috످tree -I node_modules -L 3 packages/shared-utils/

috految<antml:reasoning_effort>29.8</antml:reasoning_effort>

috److I can't run commands or access your filesystem from this chat. If you run that command from your repo root and paste the output here, I can help you review the structure of `packages/shared-utils/`.

If you don't have `tree` installed, you can get a similar listing with:

```bash
find packages/shared-utils -maxdepth 3 \( -name node_modules -o -name '.*' \) -prune -o -print | sort
```

috످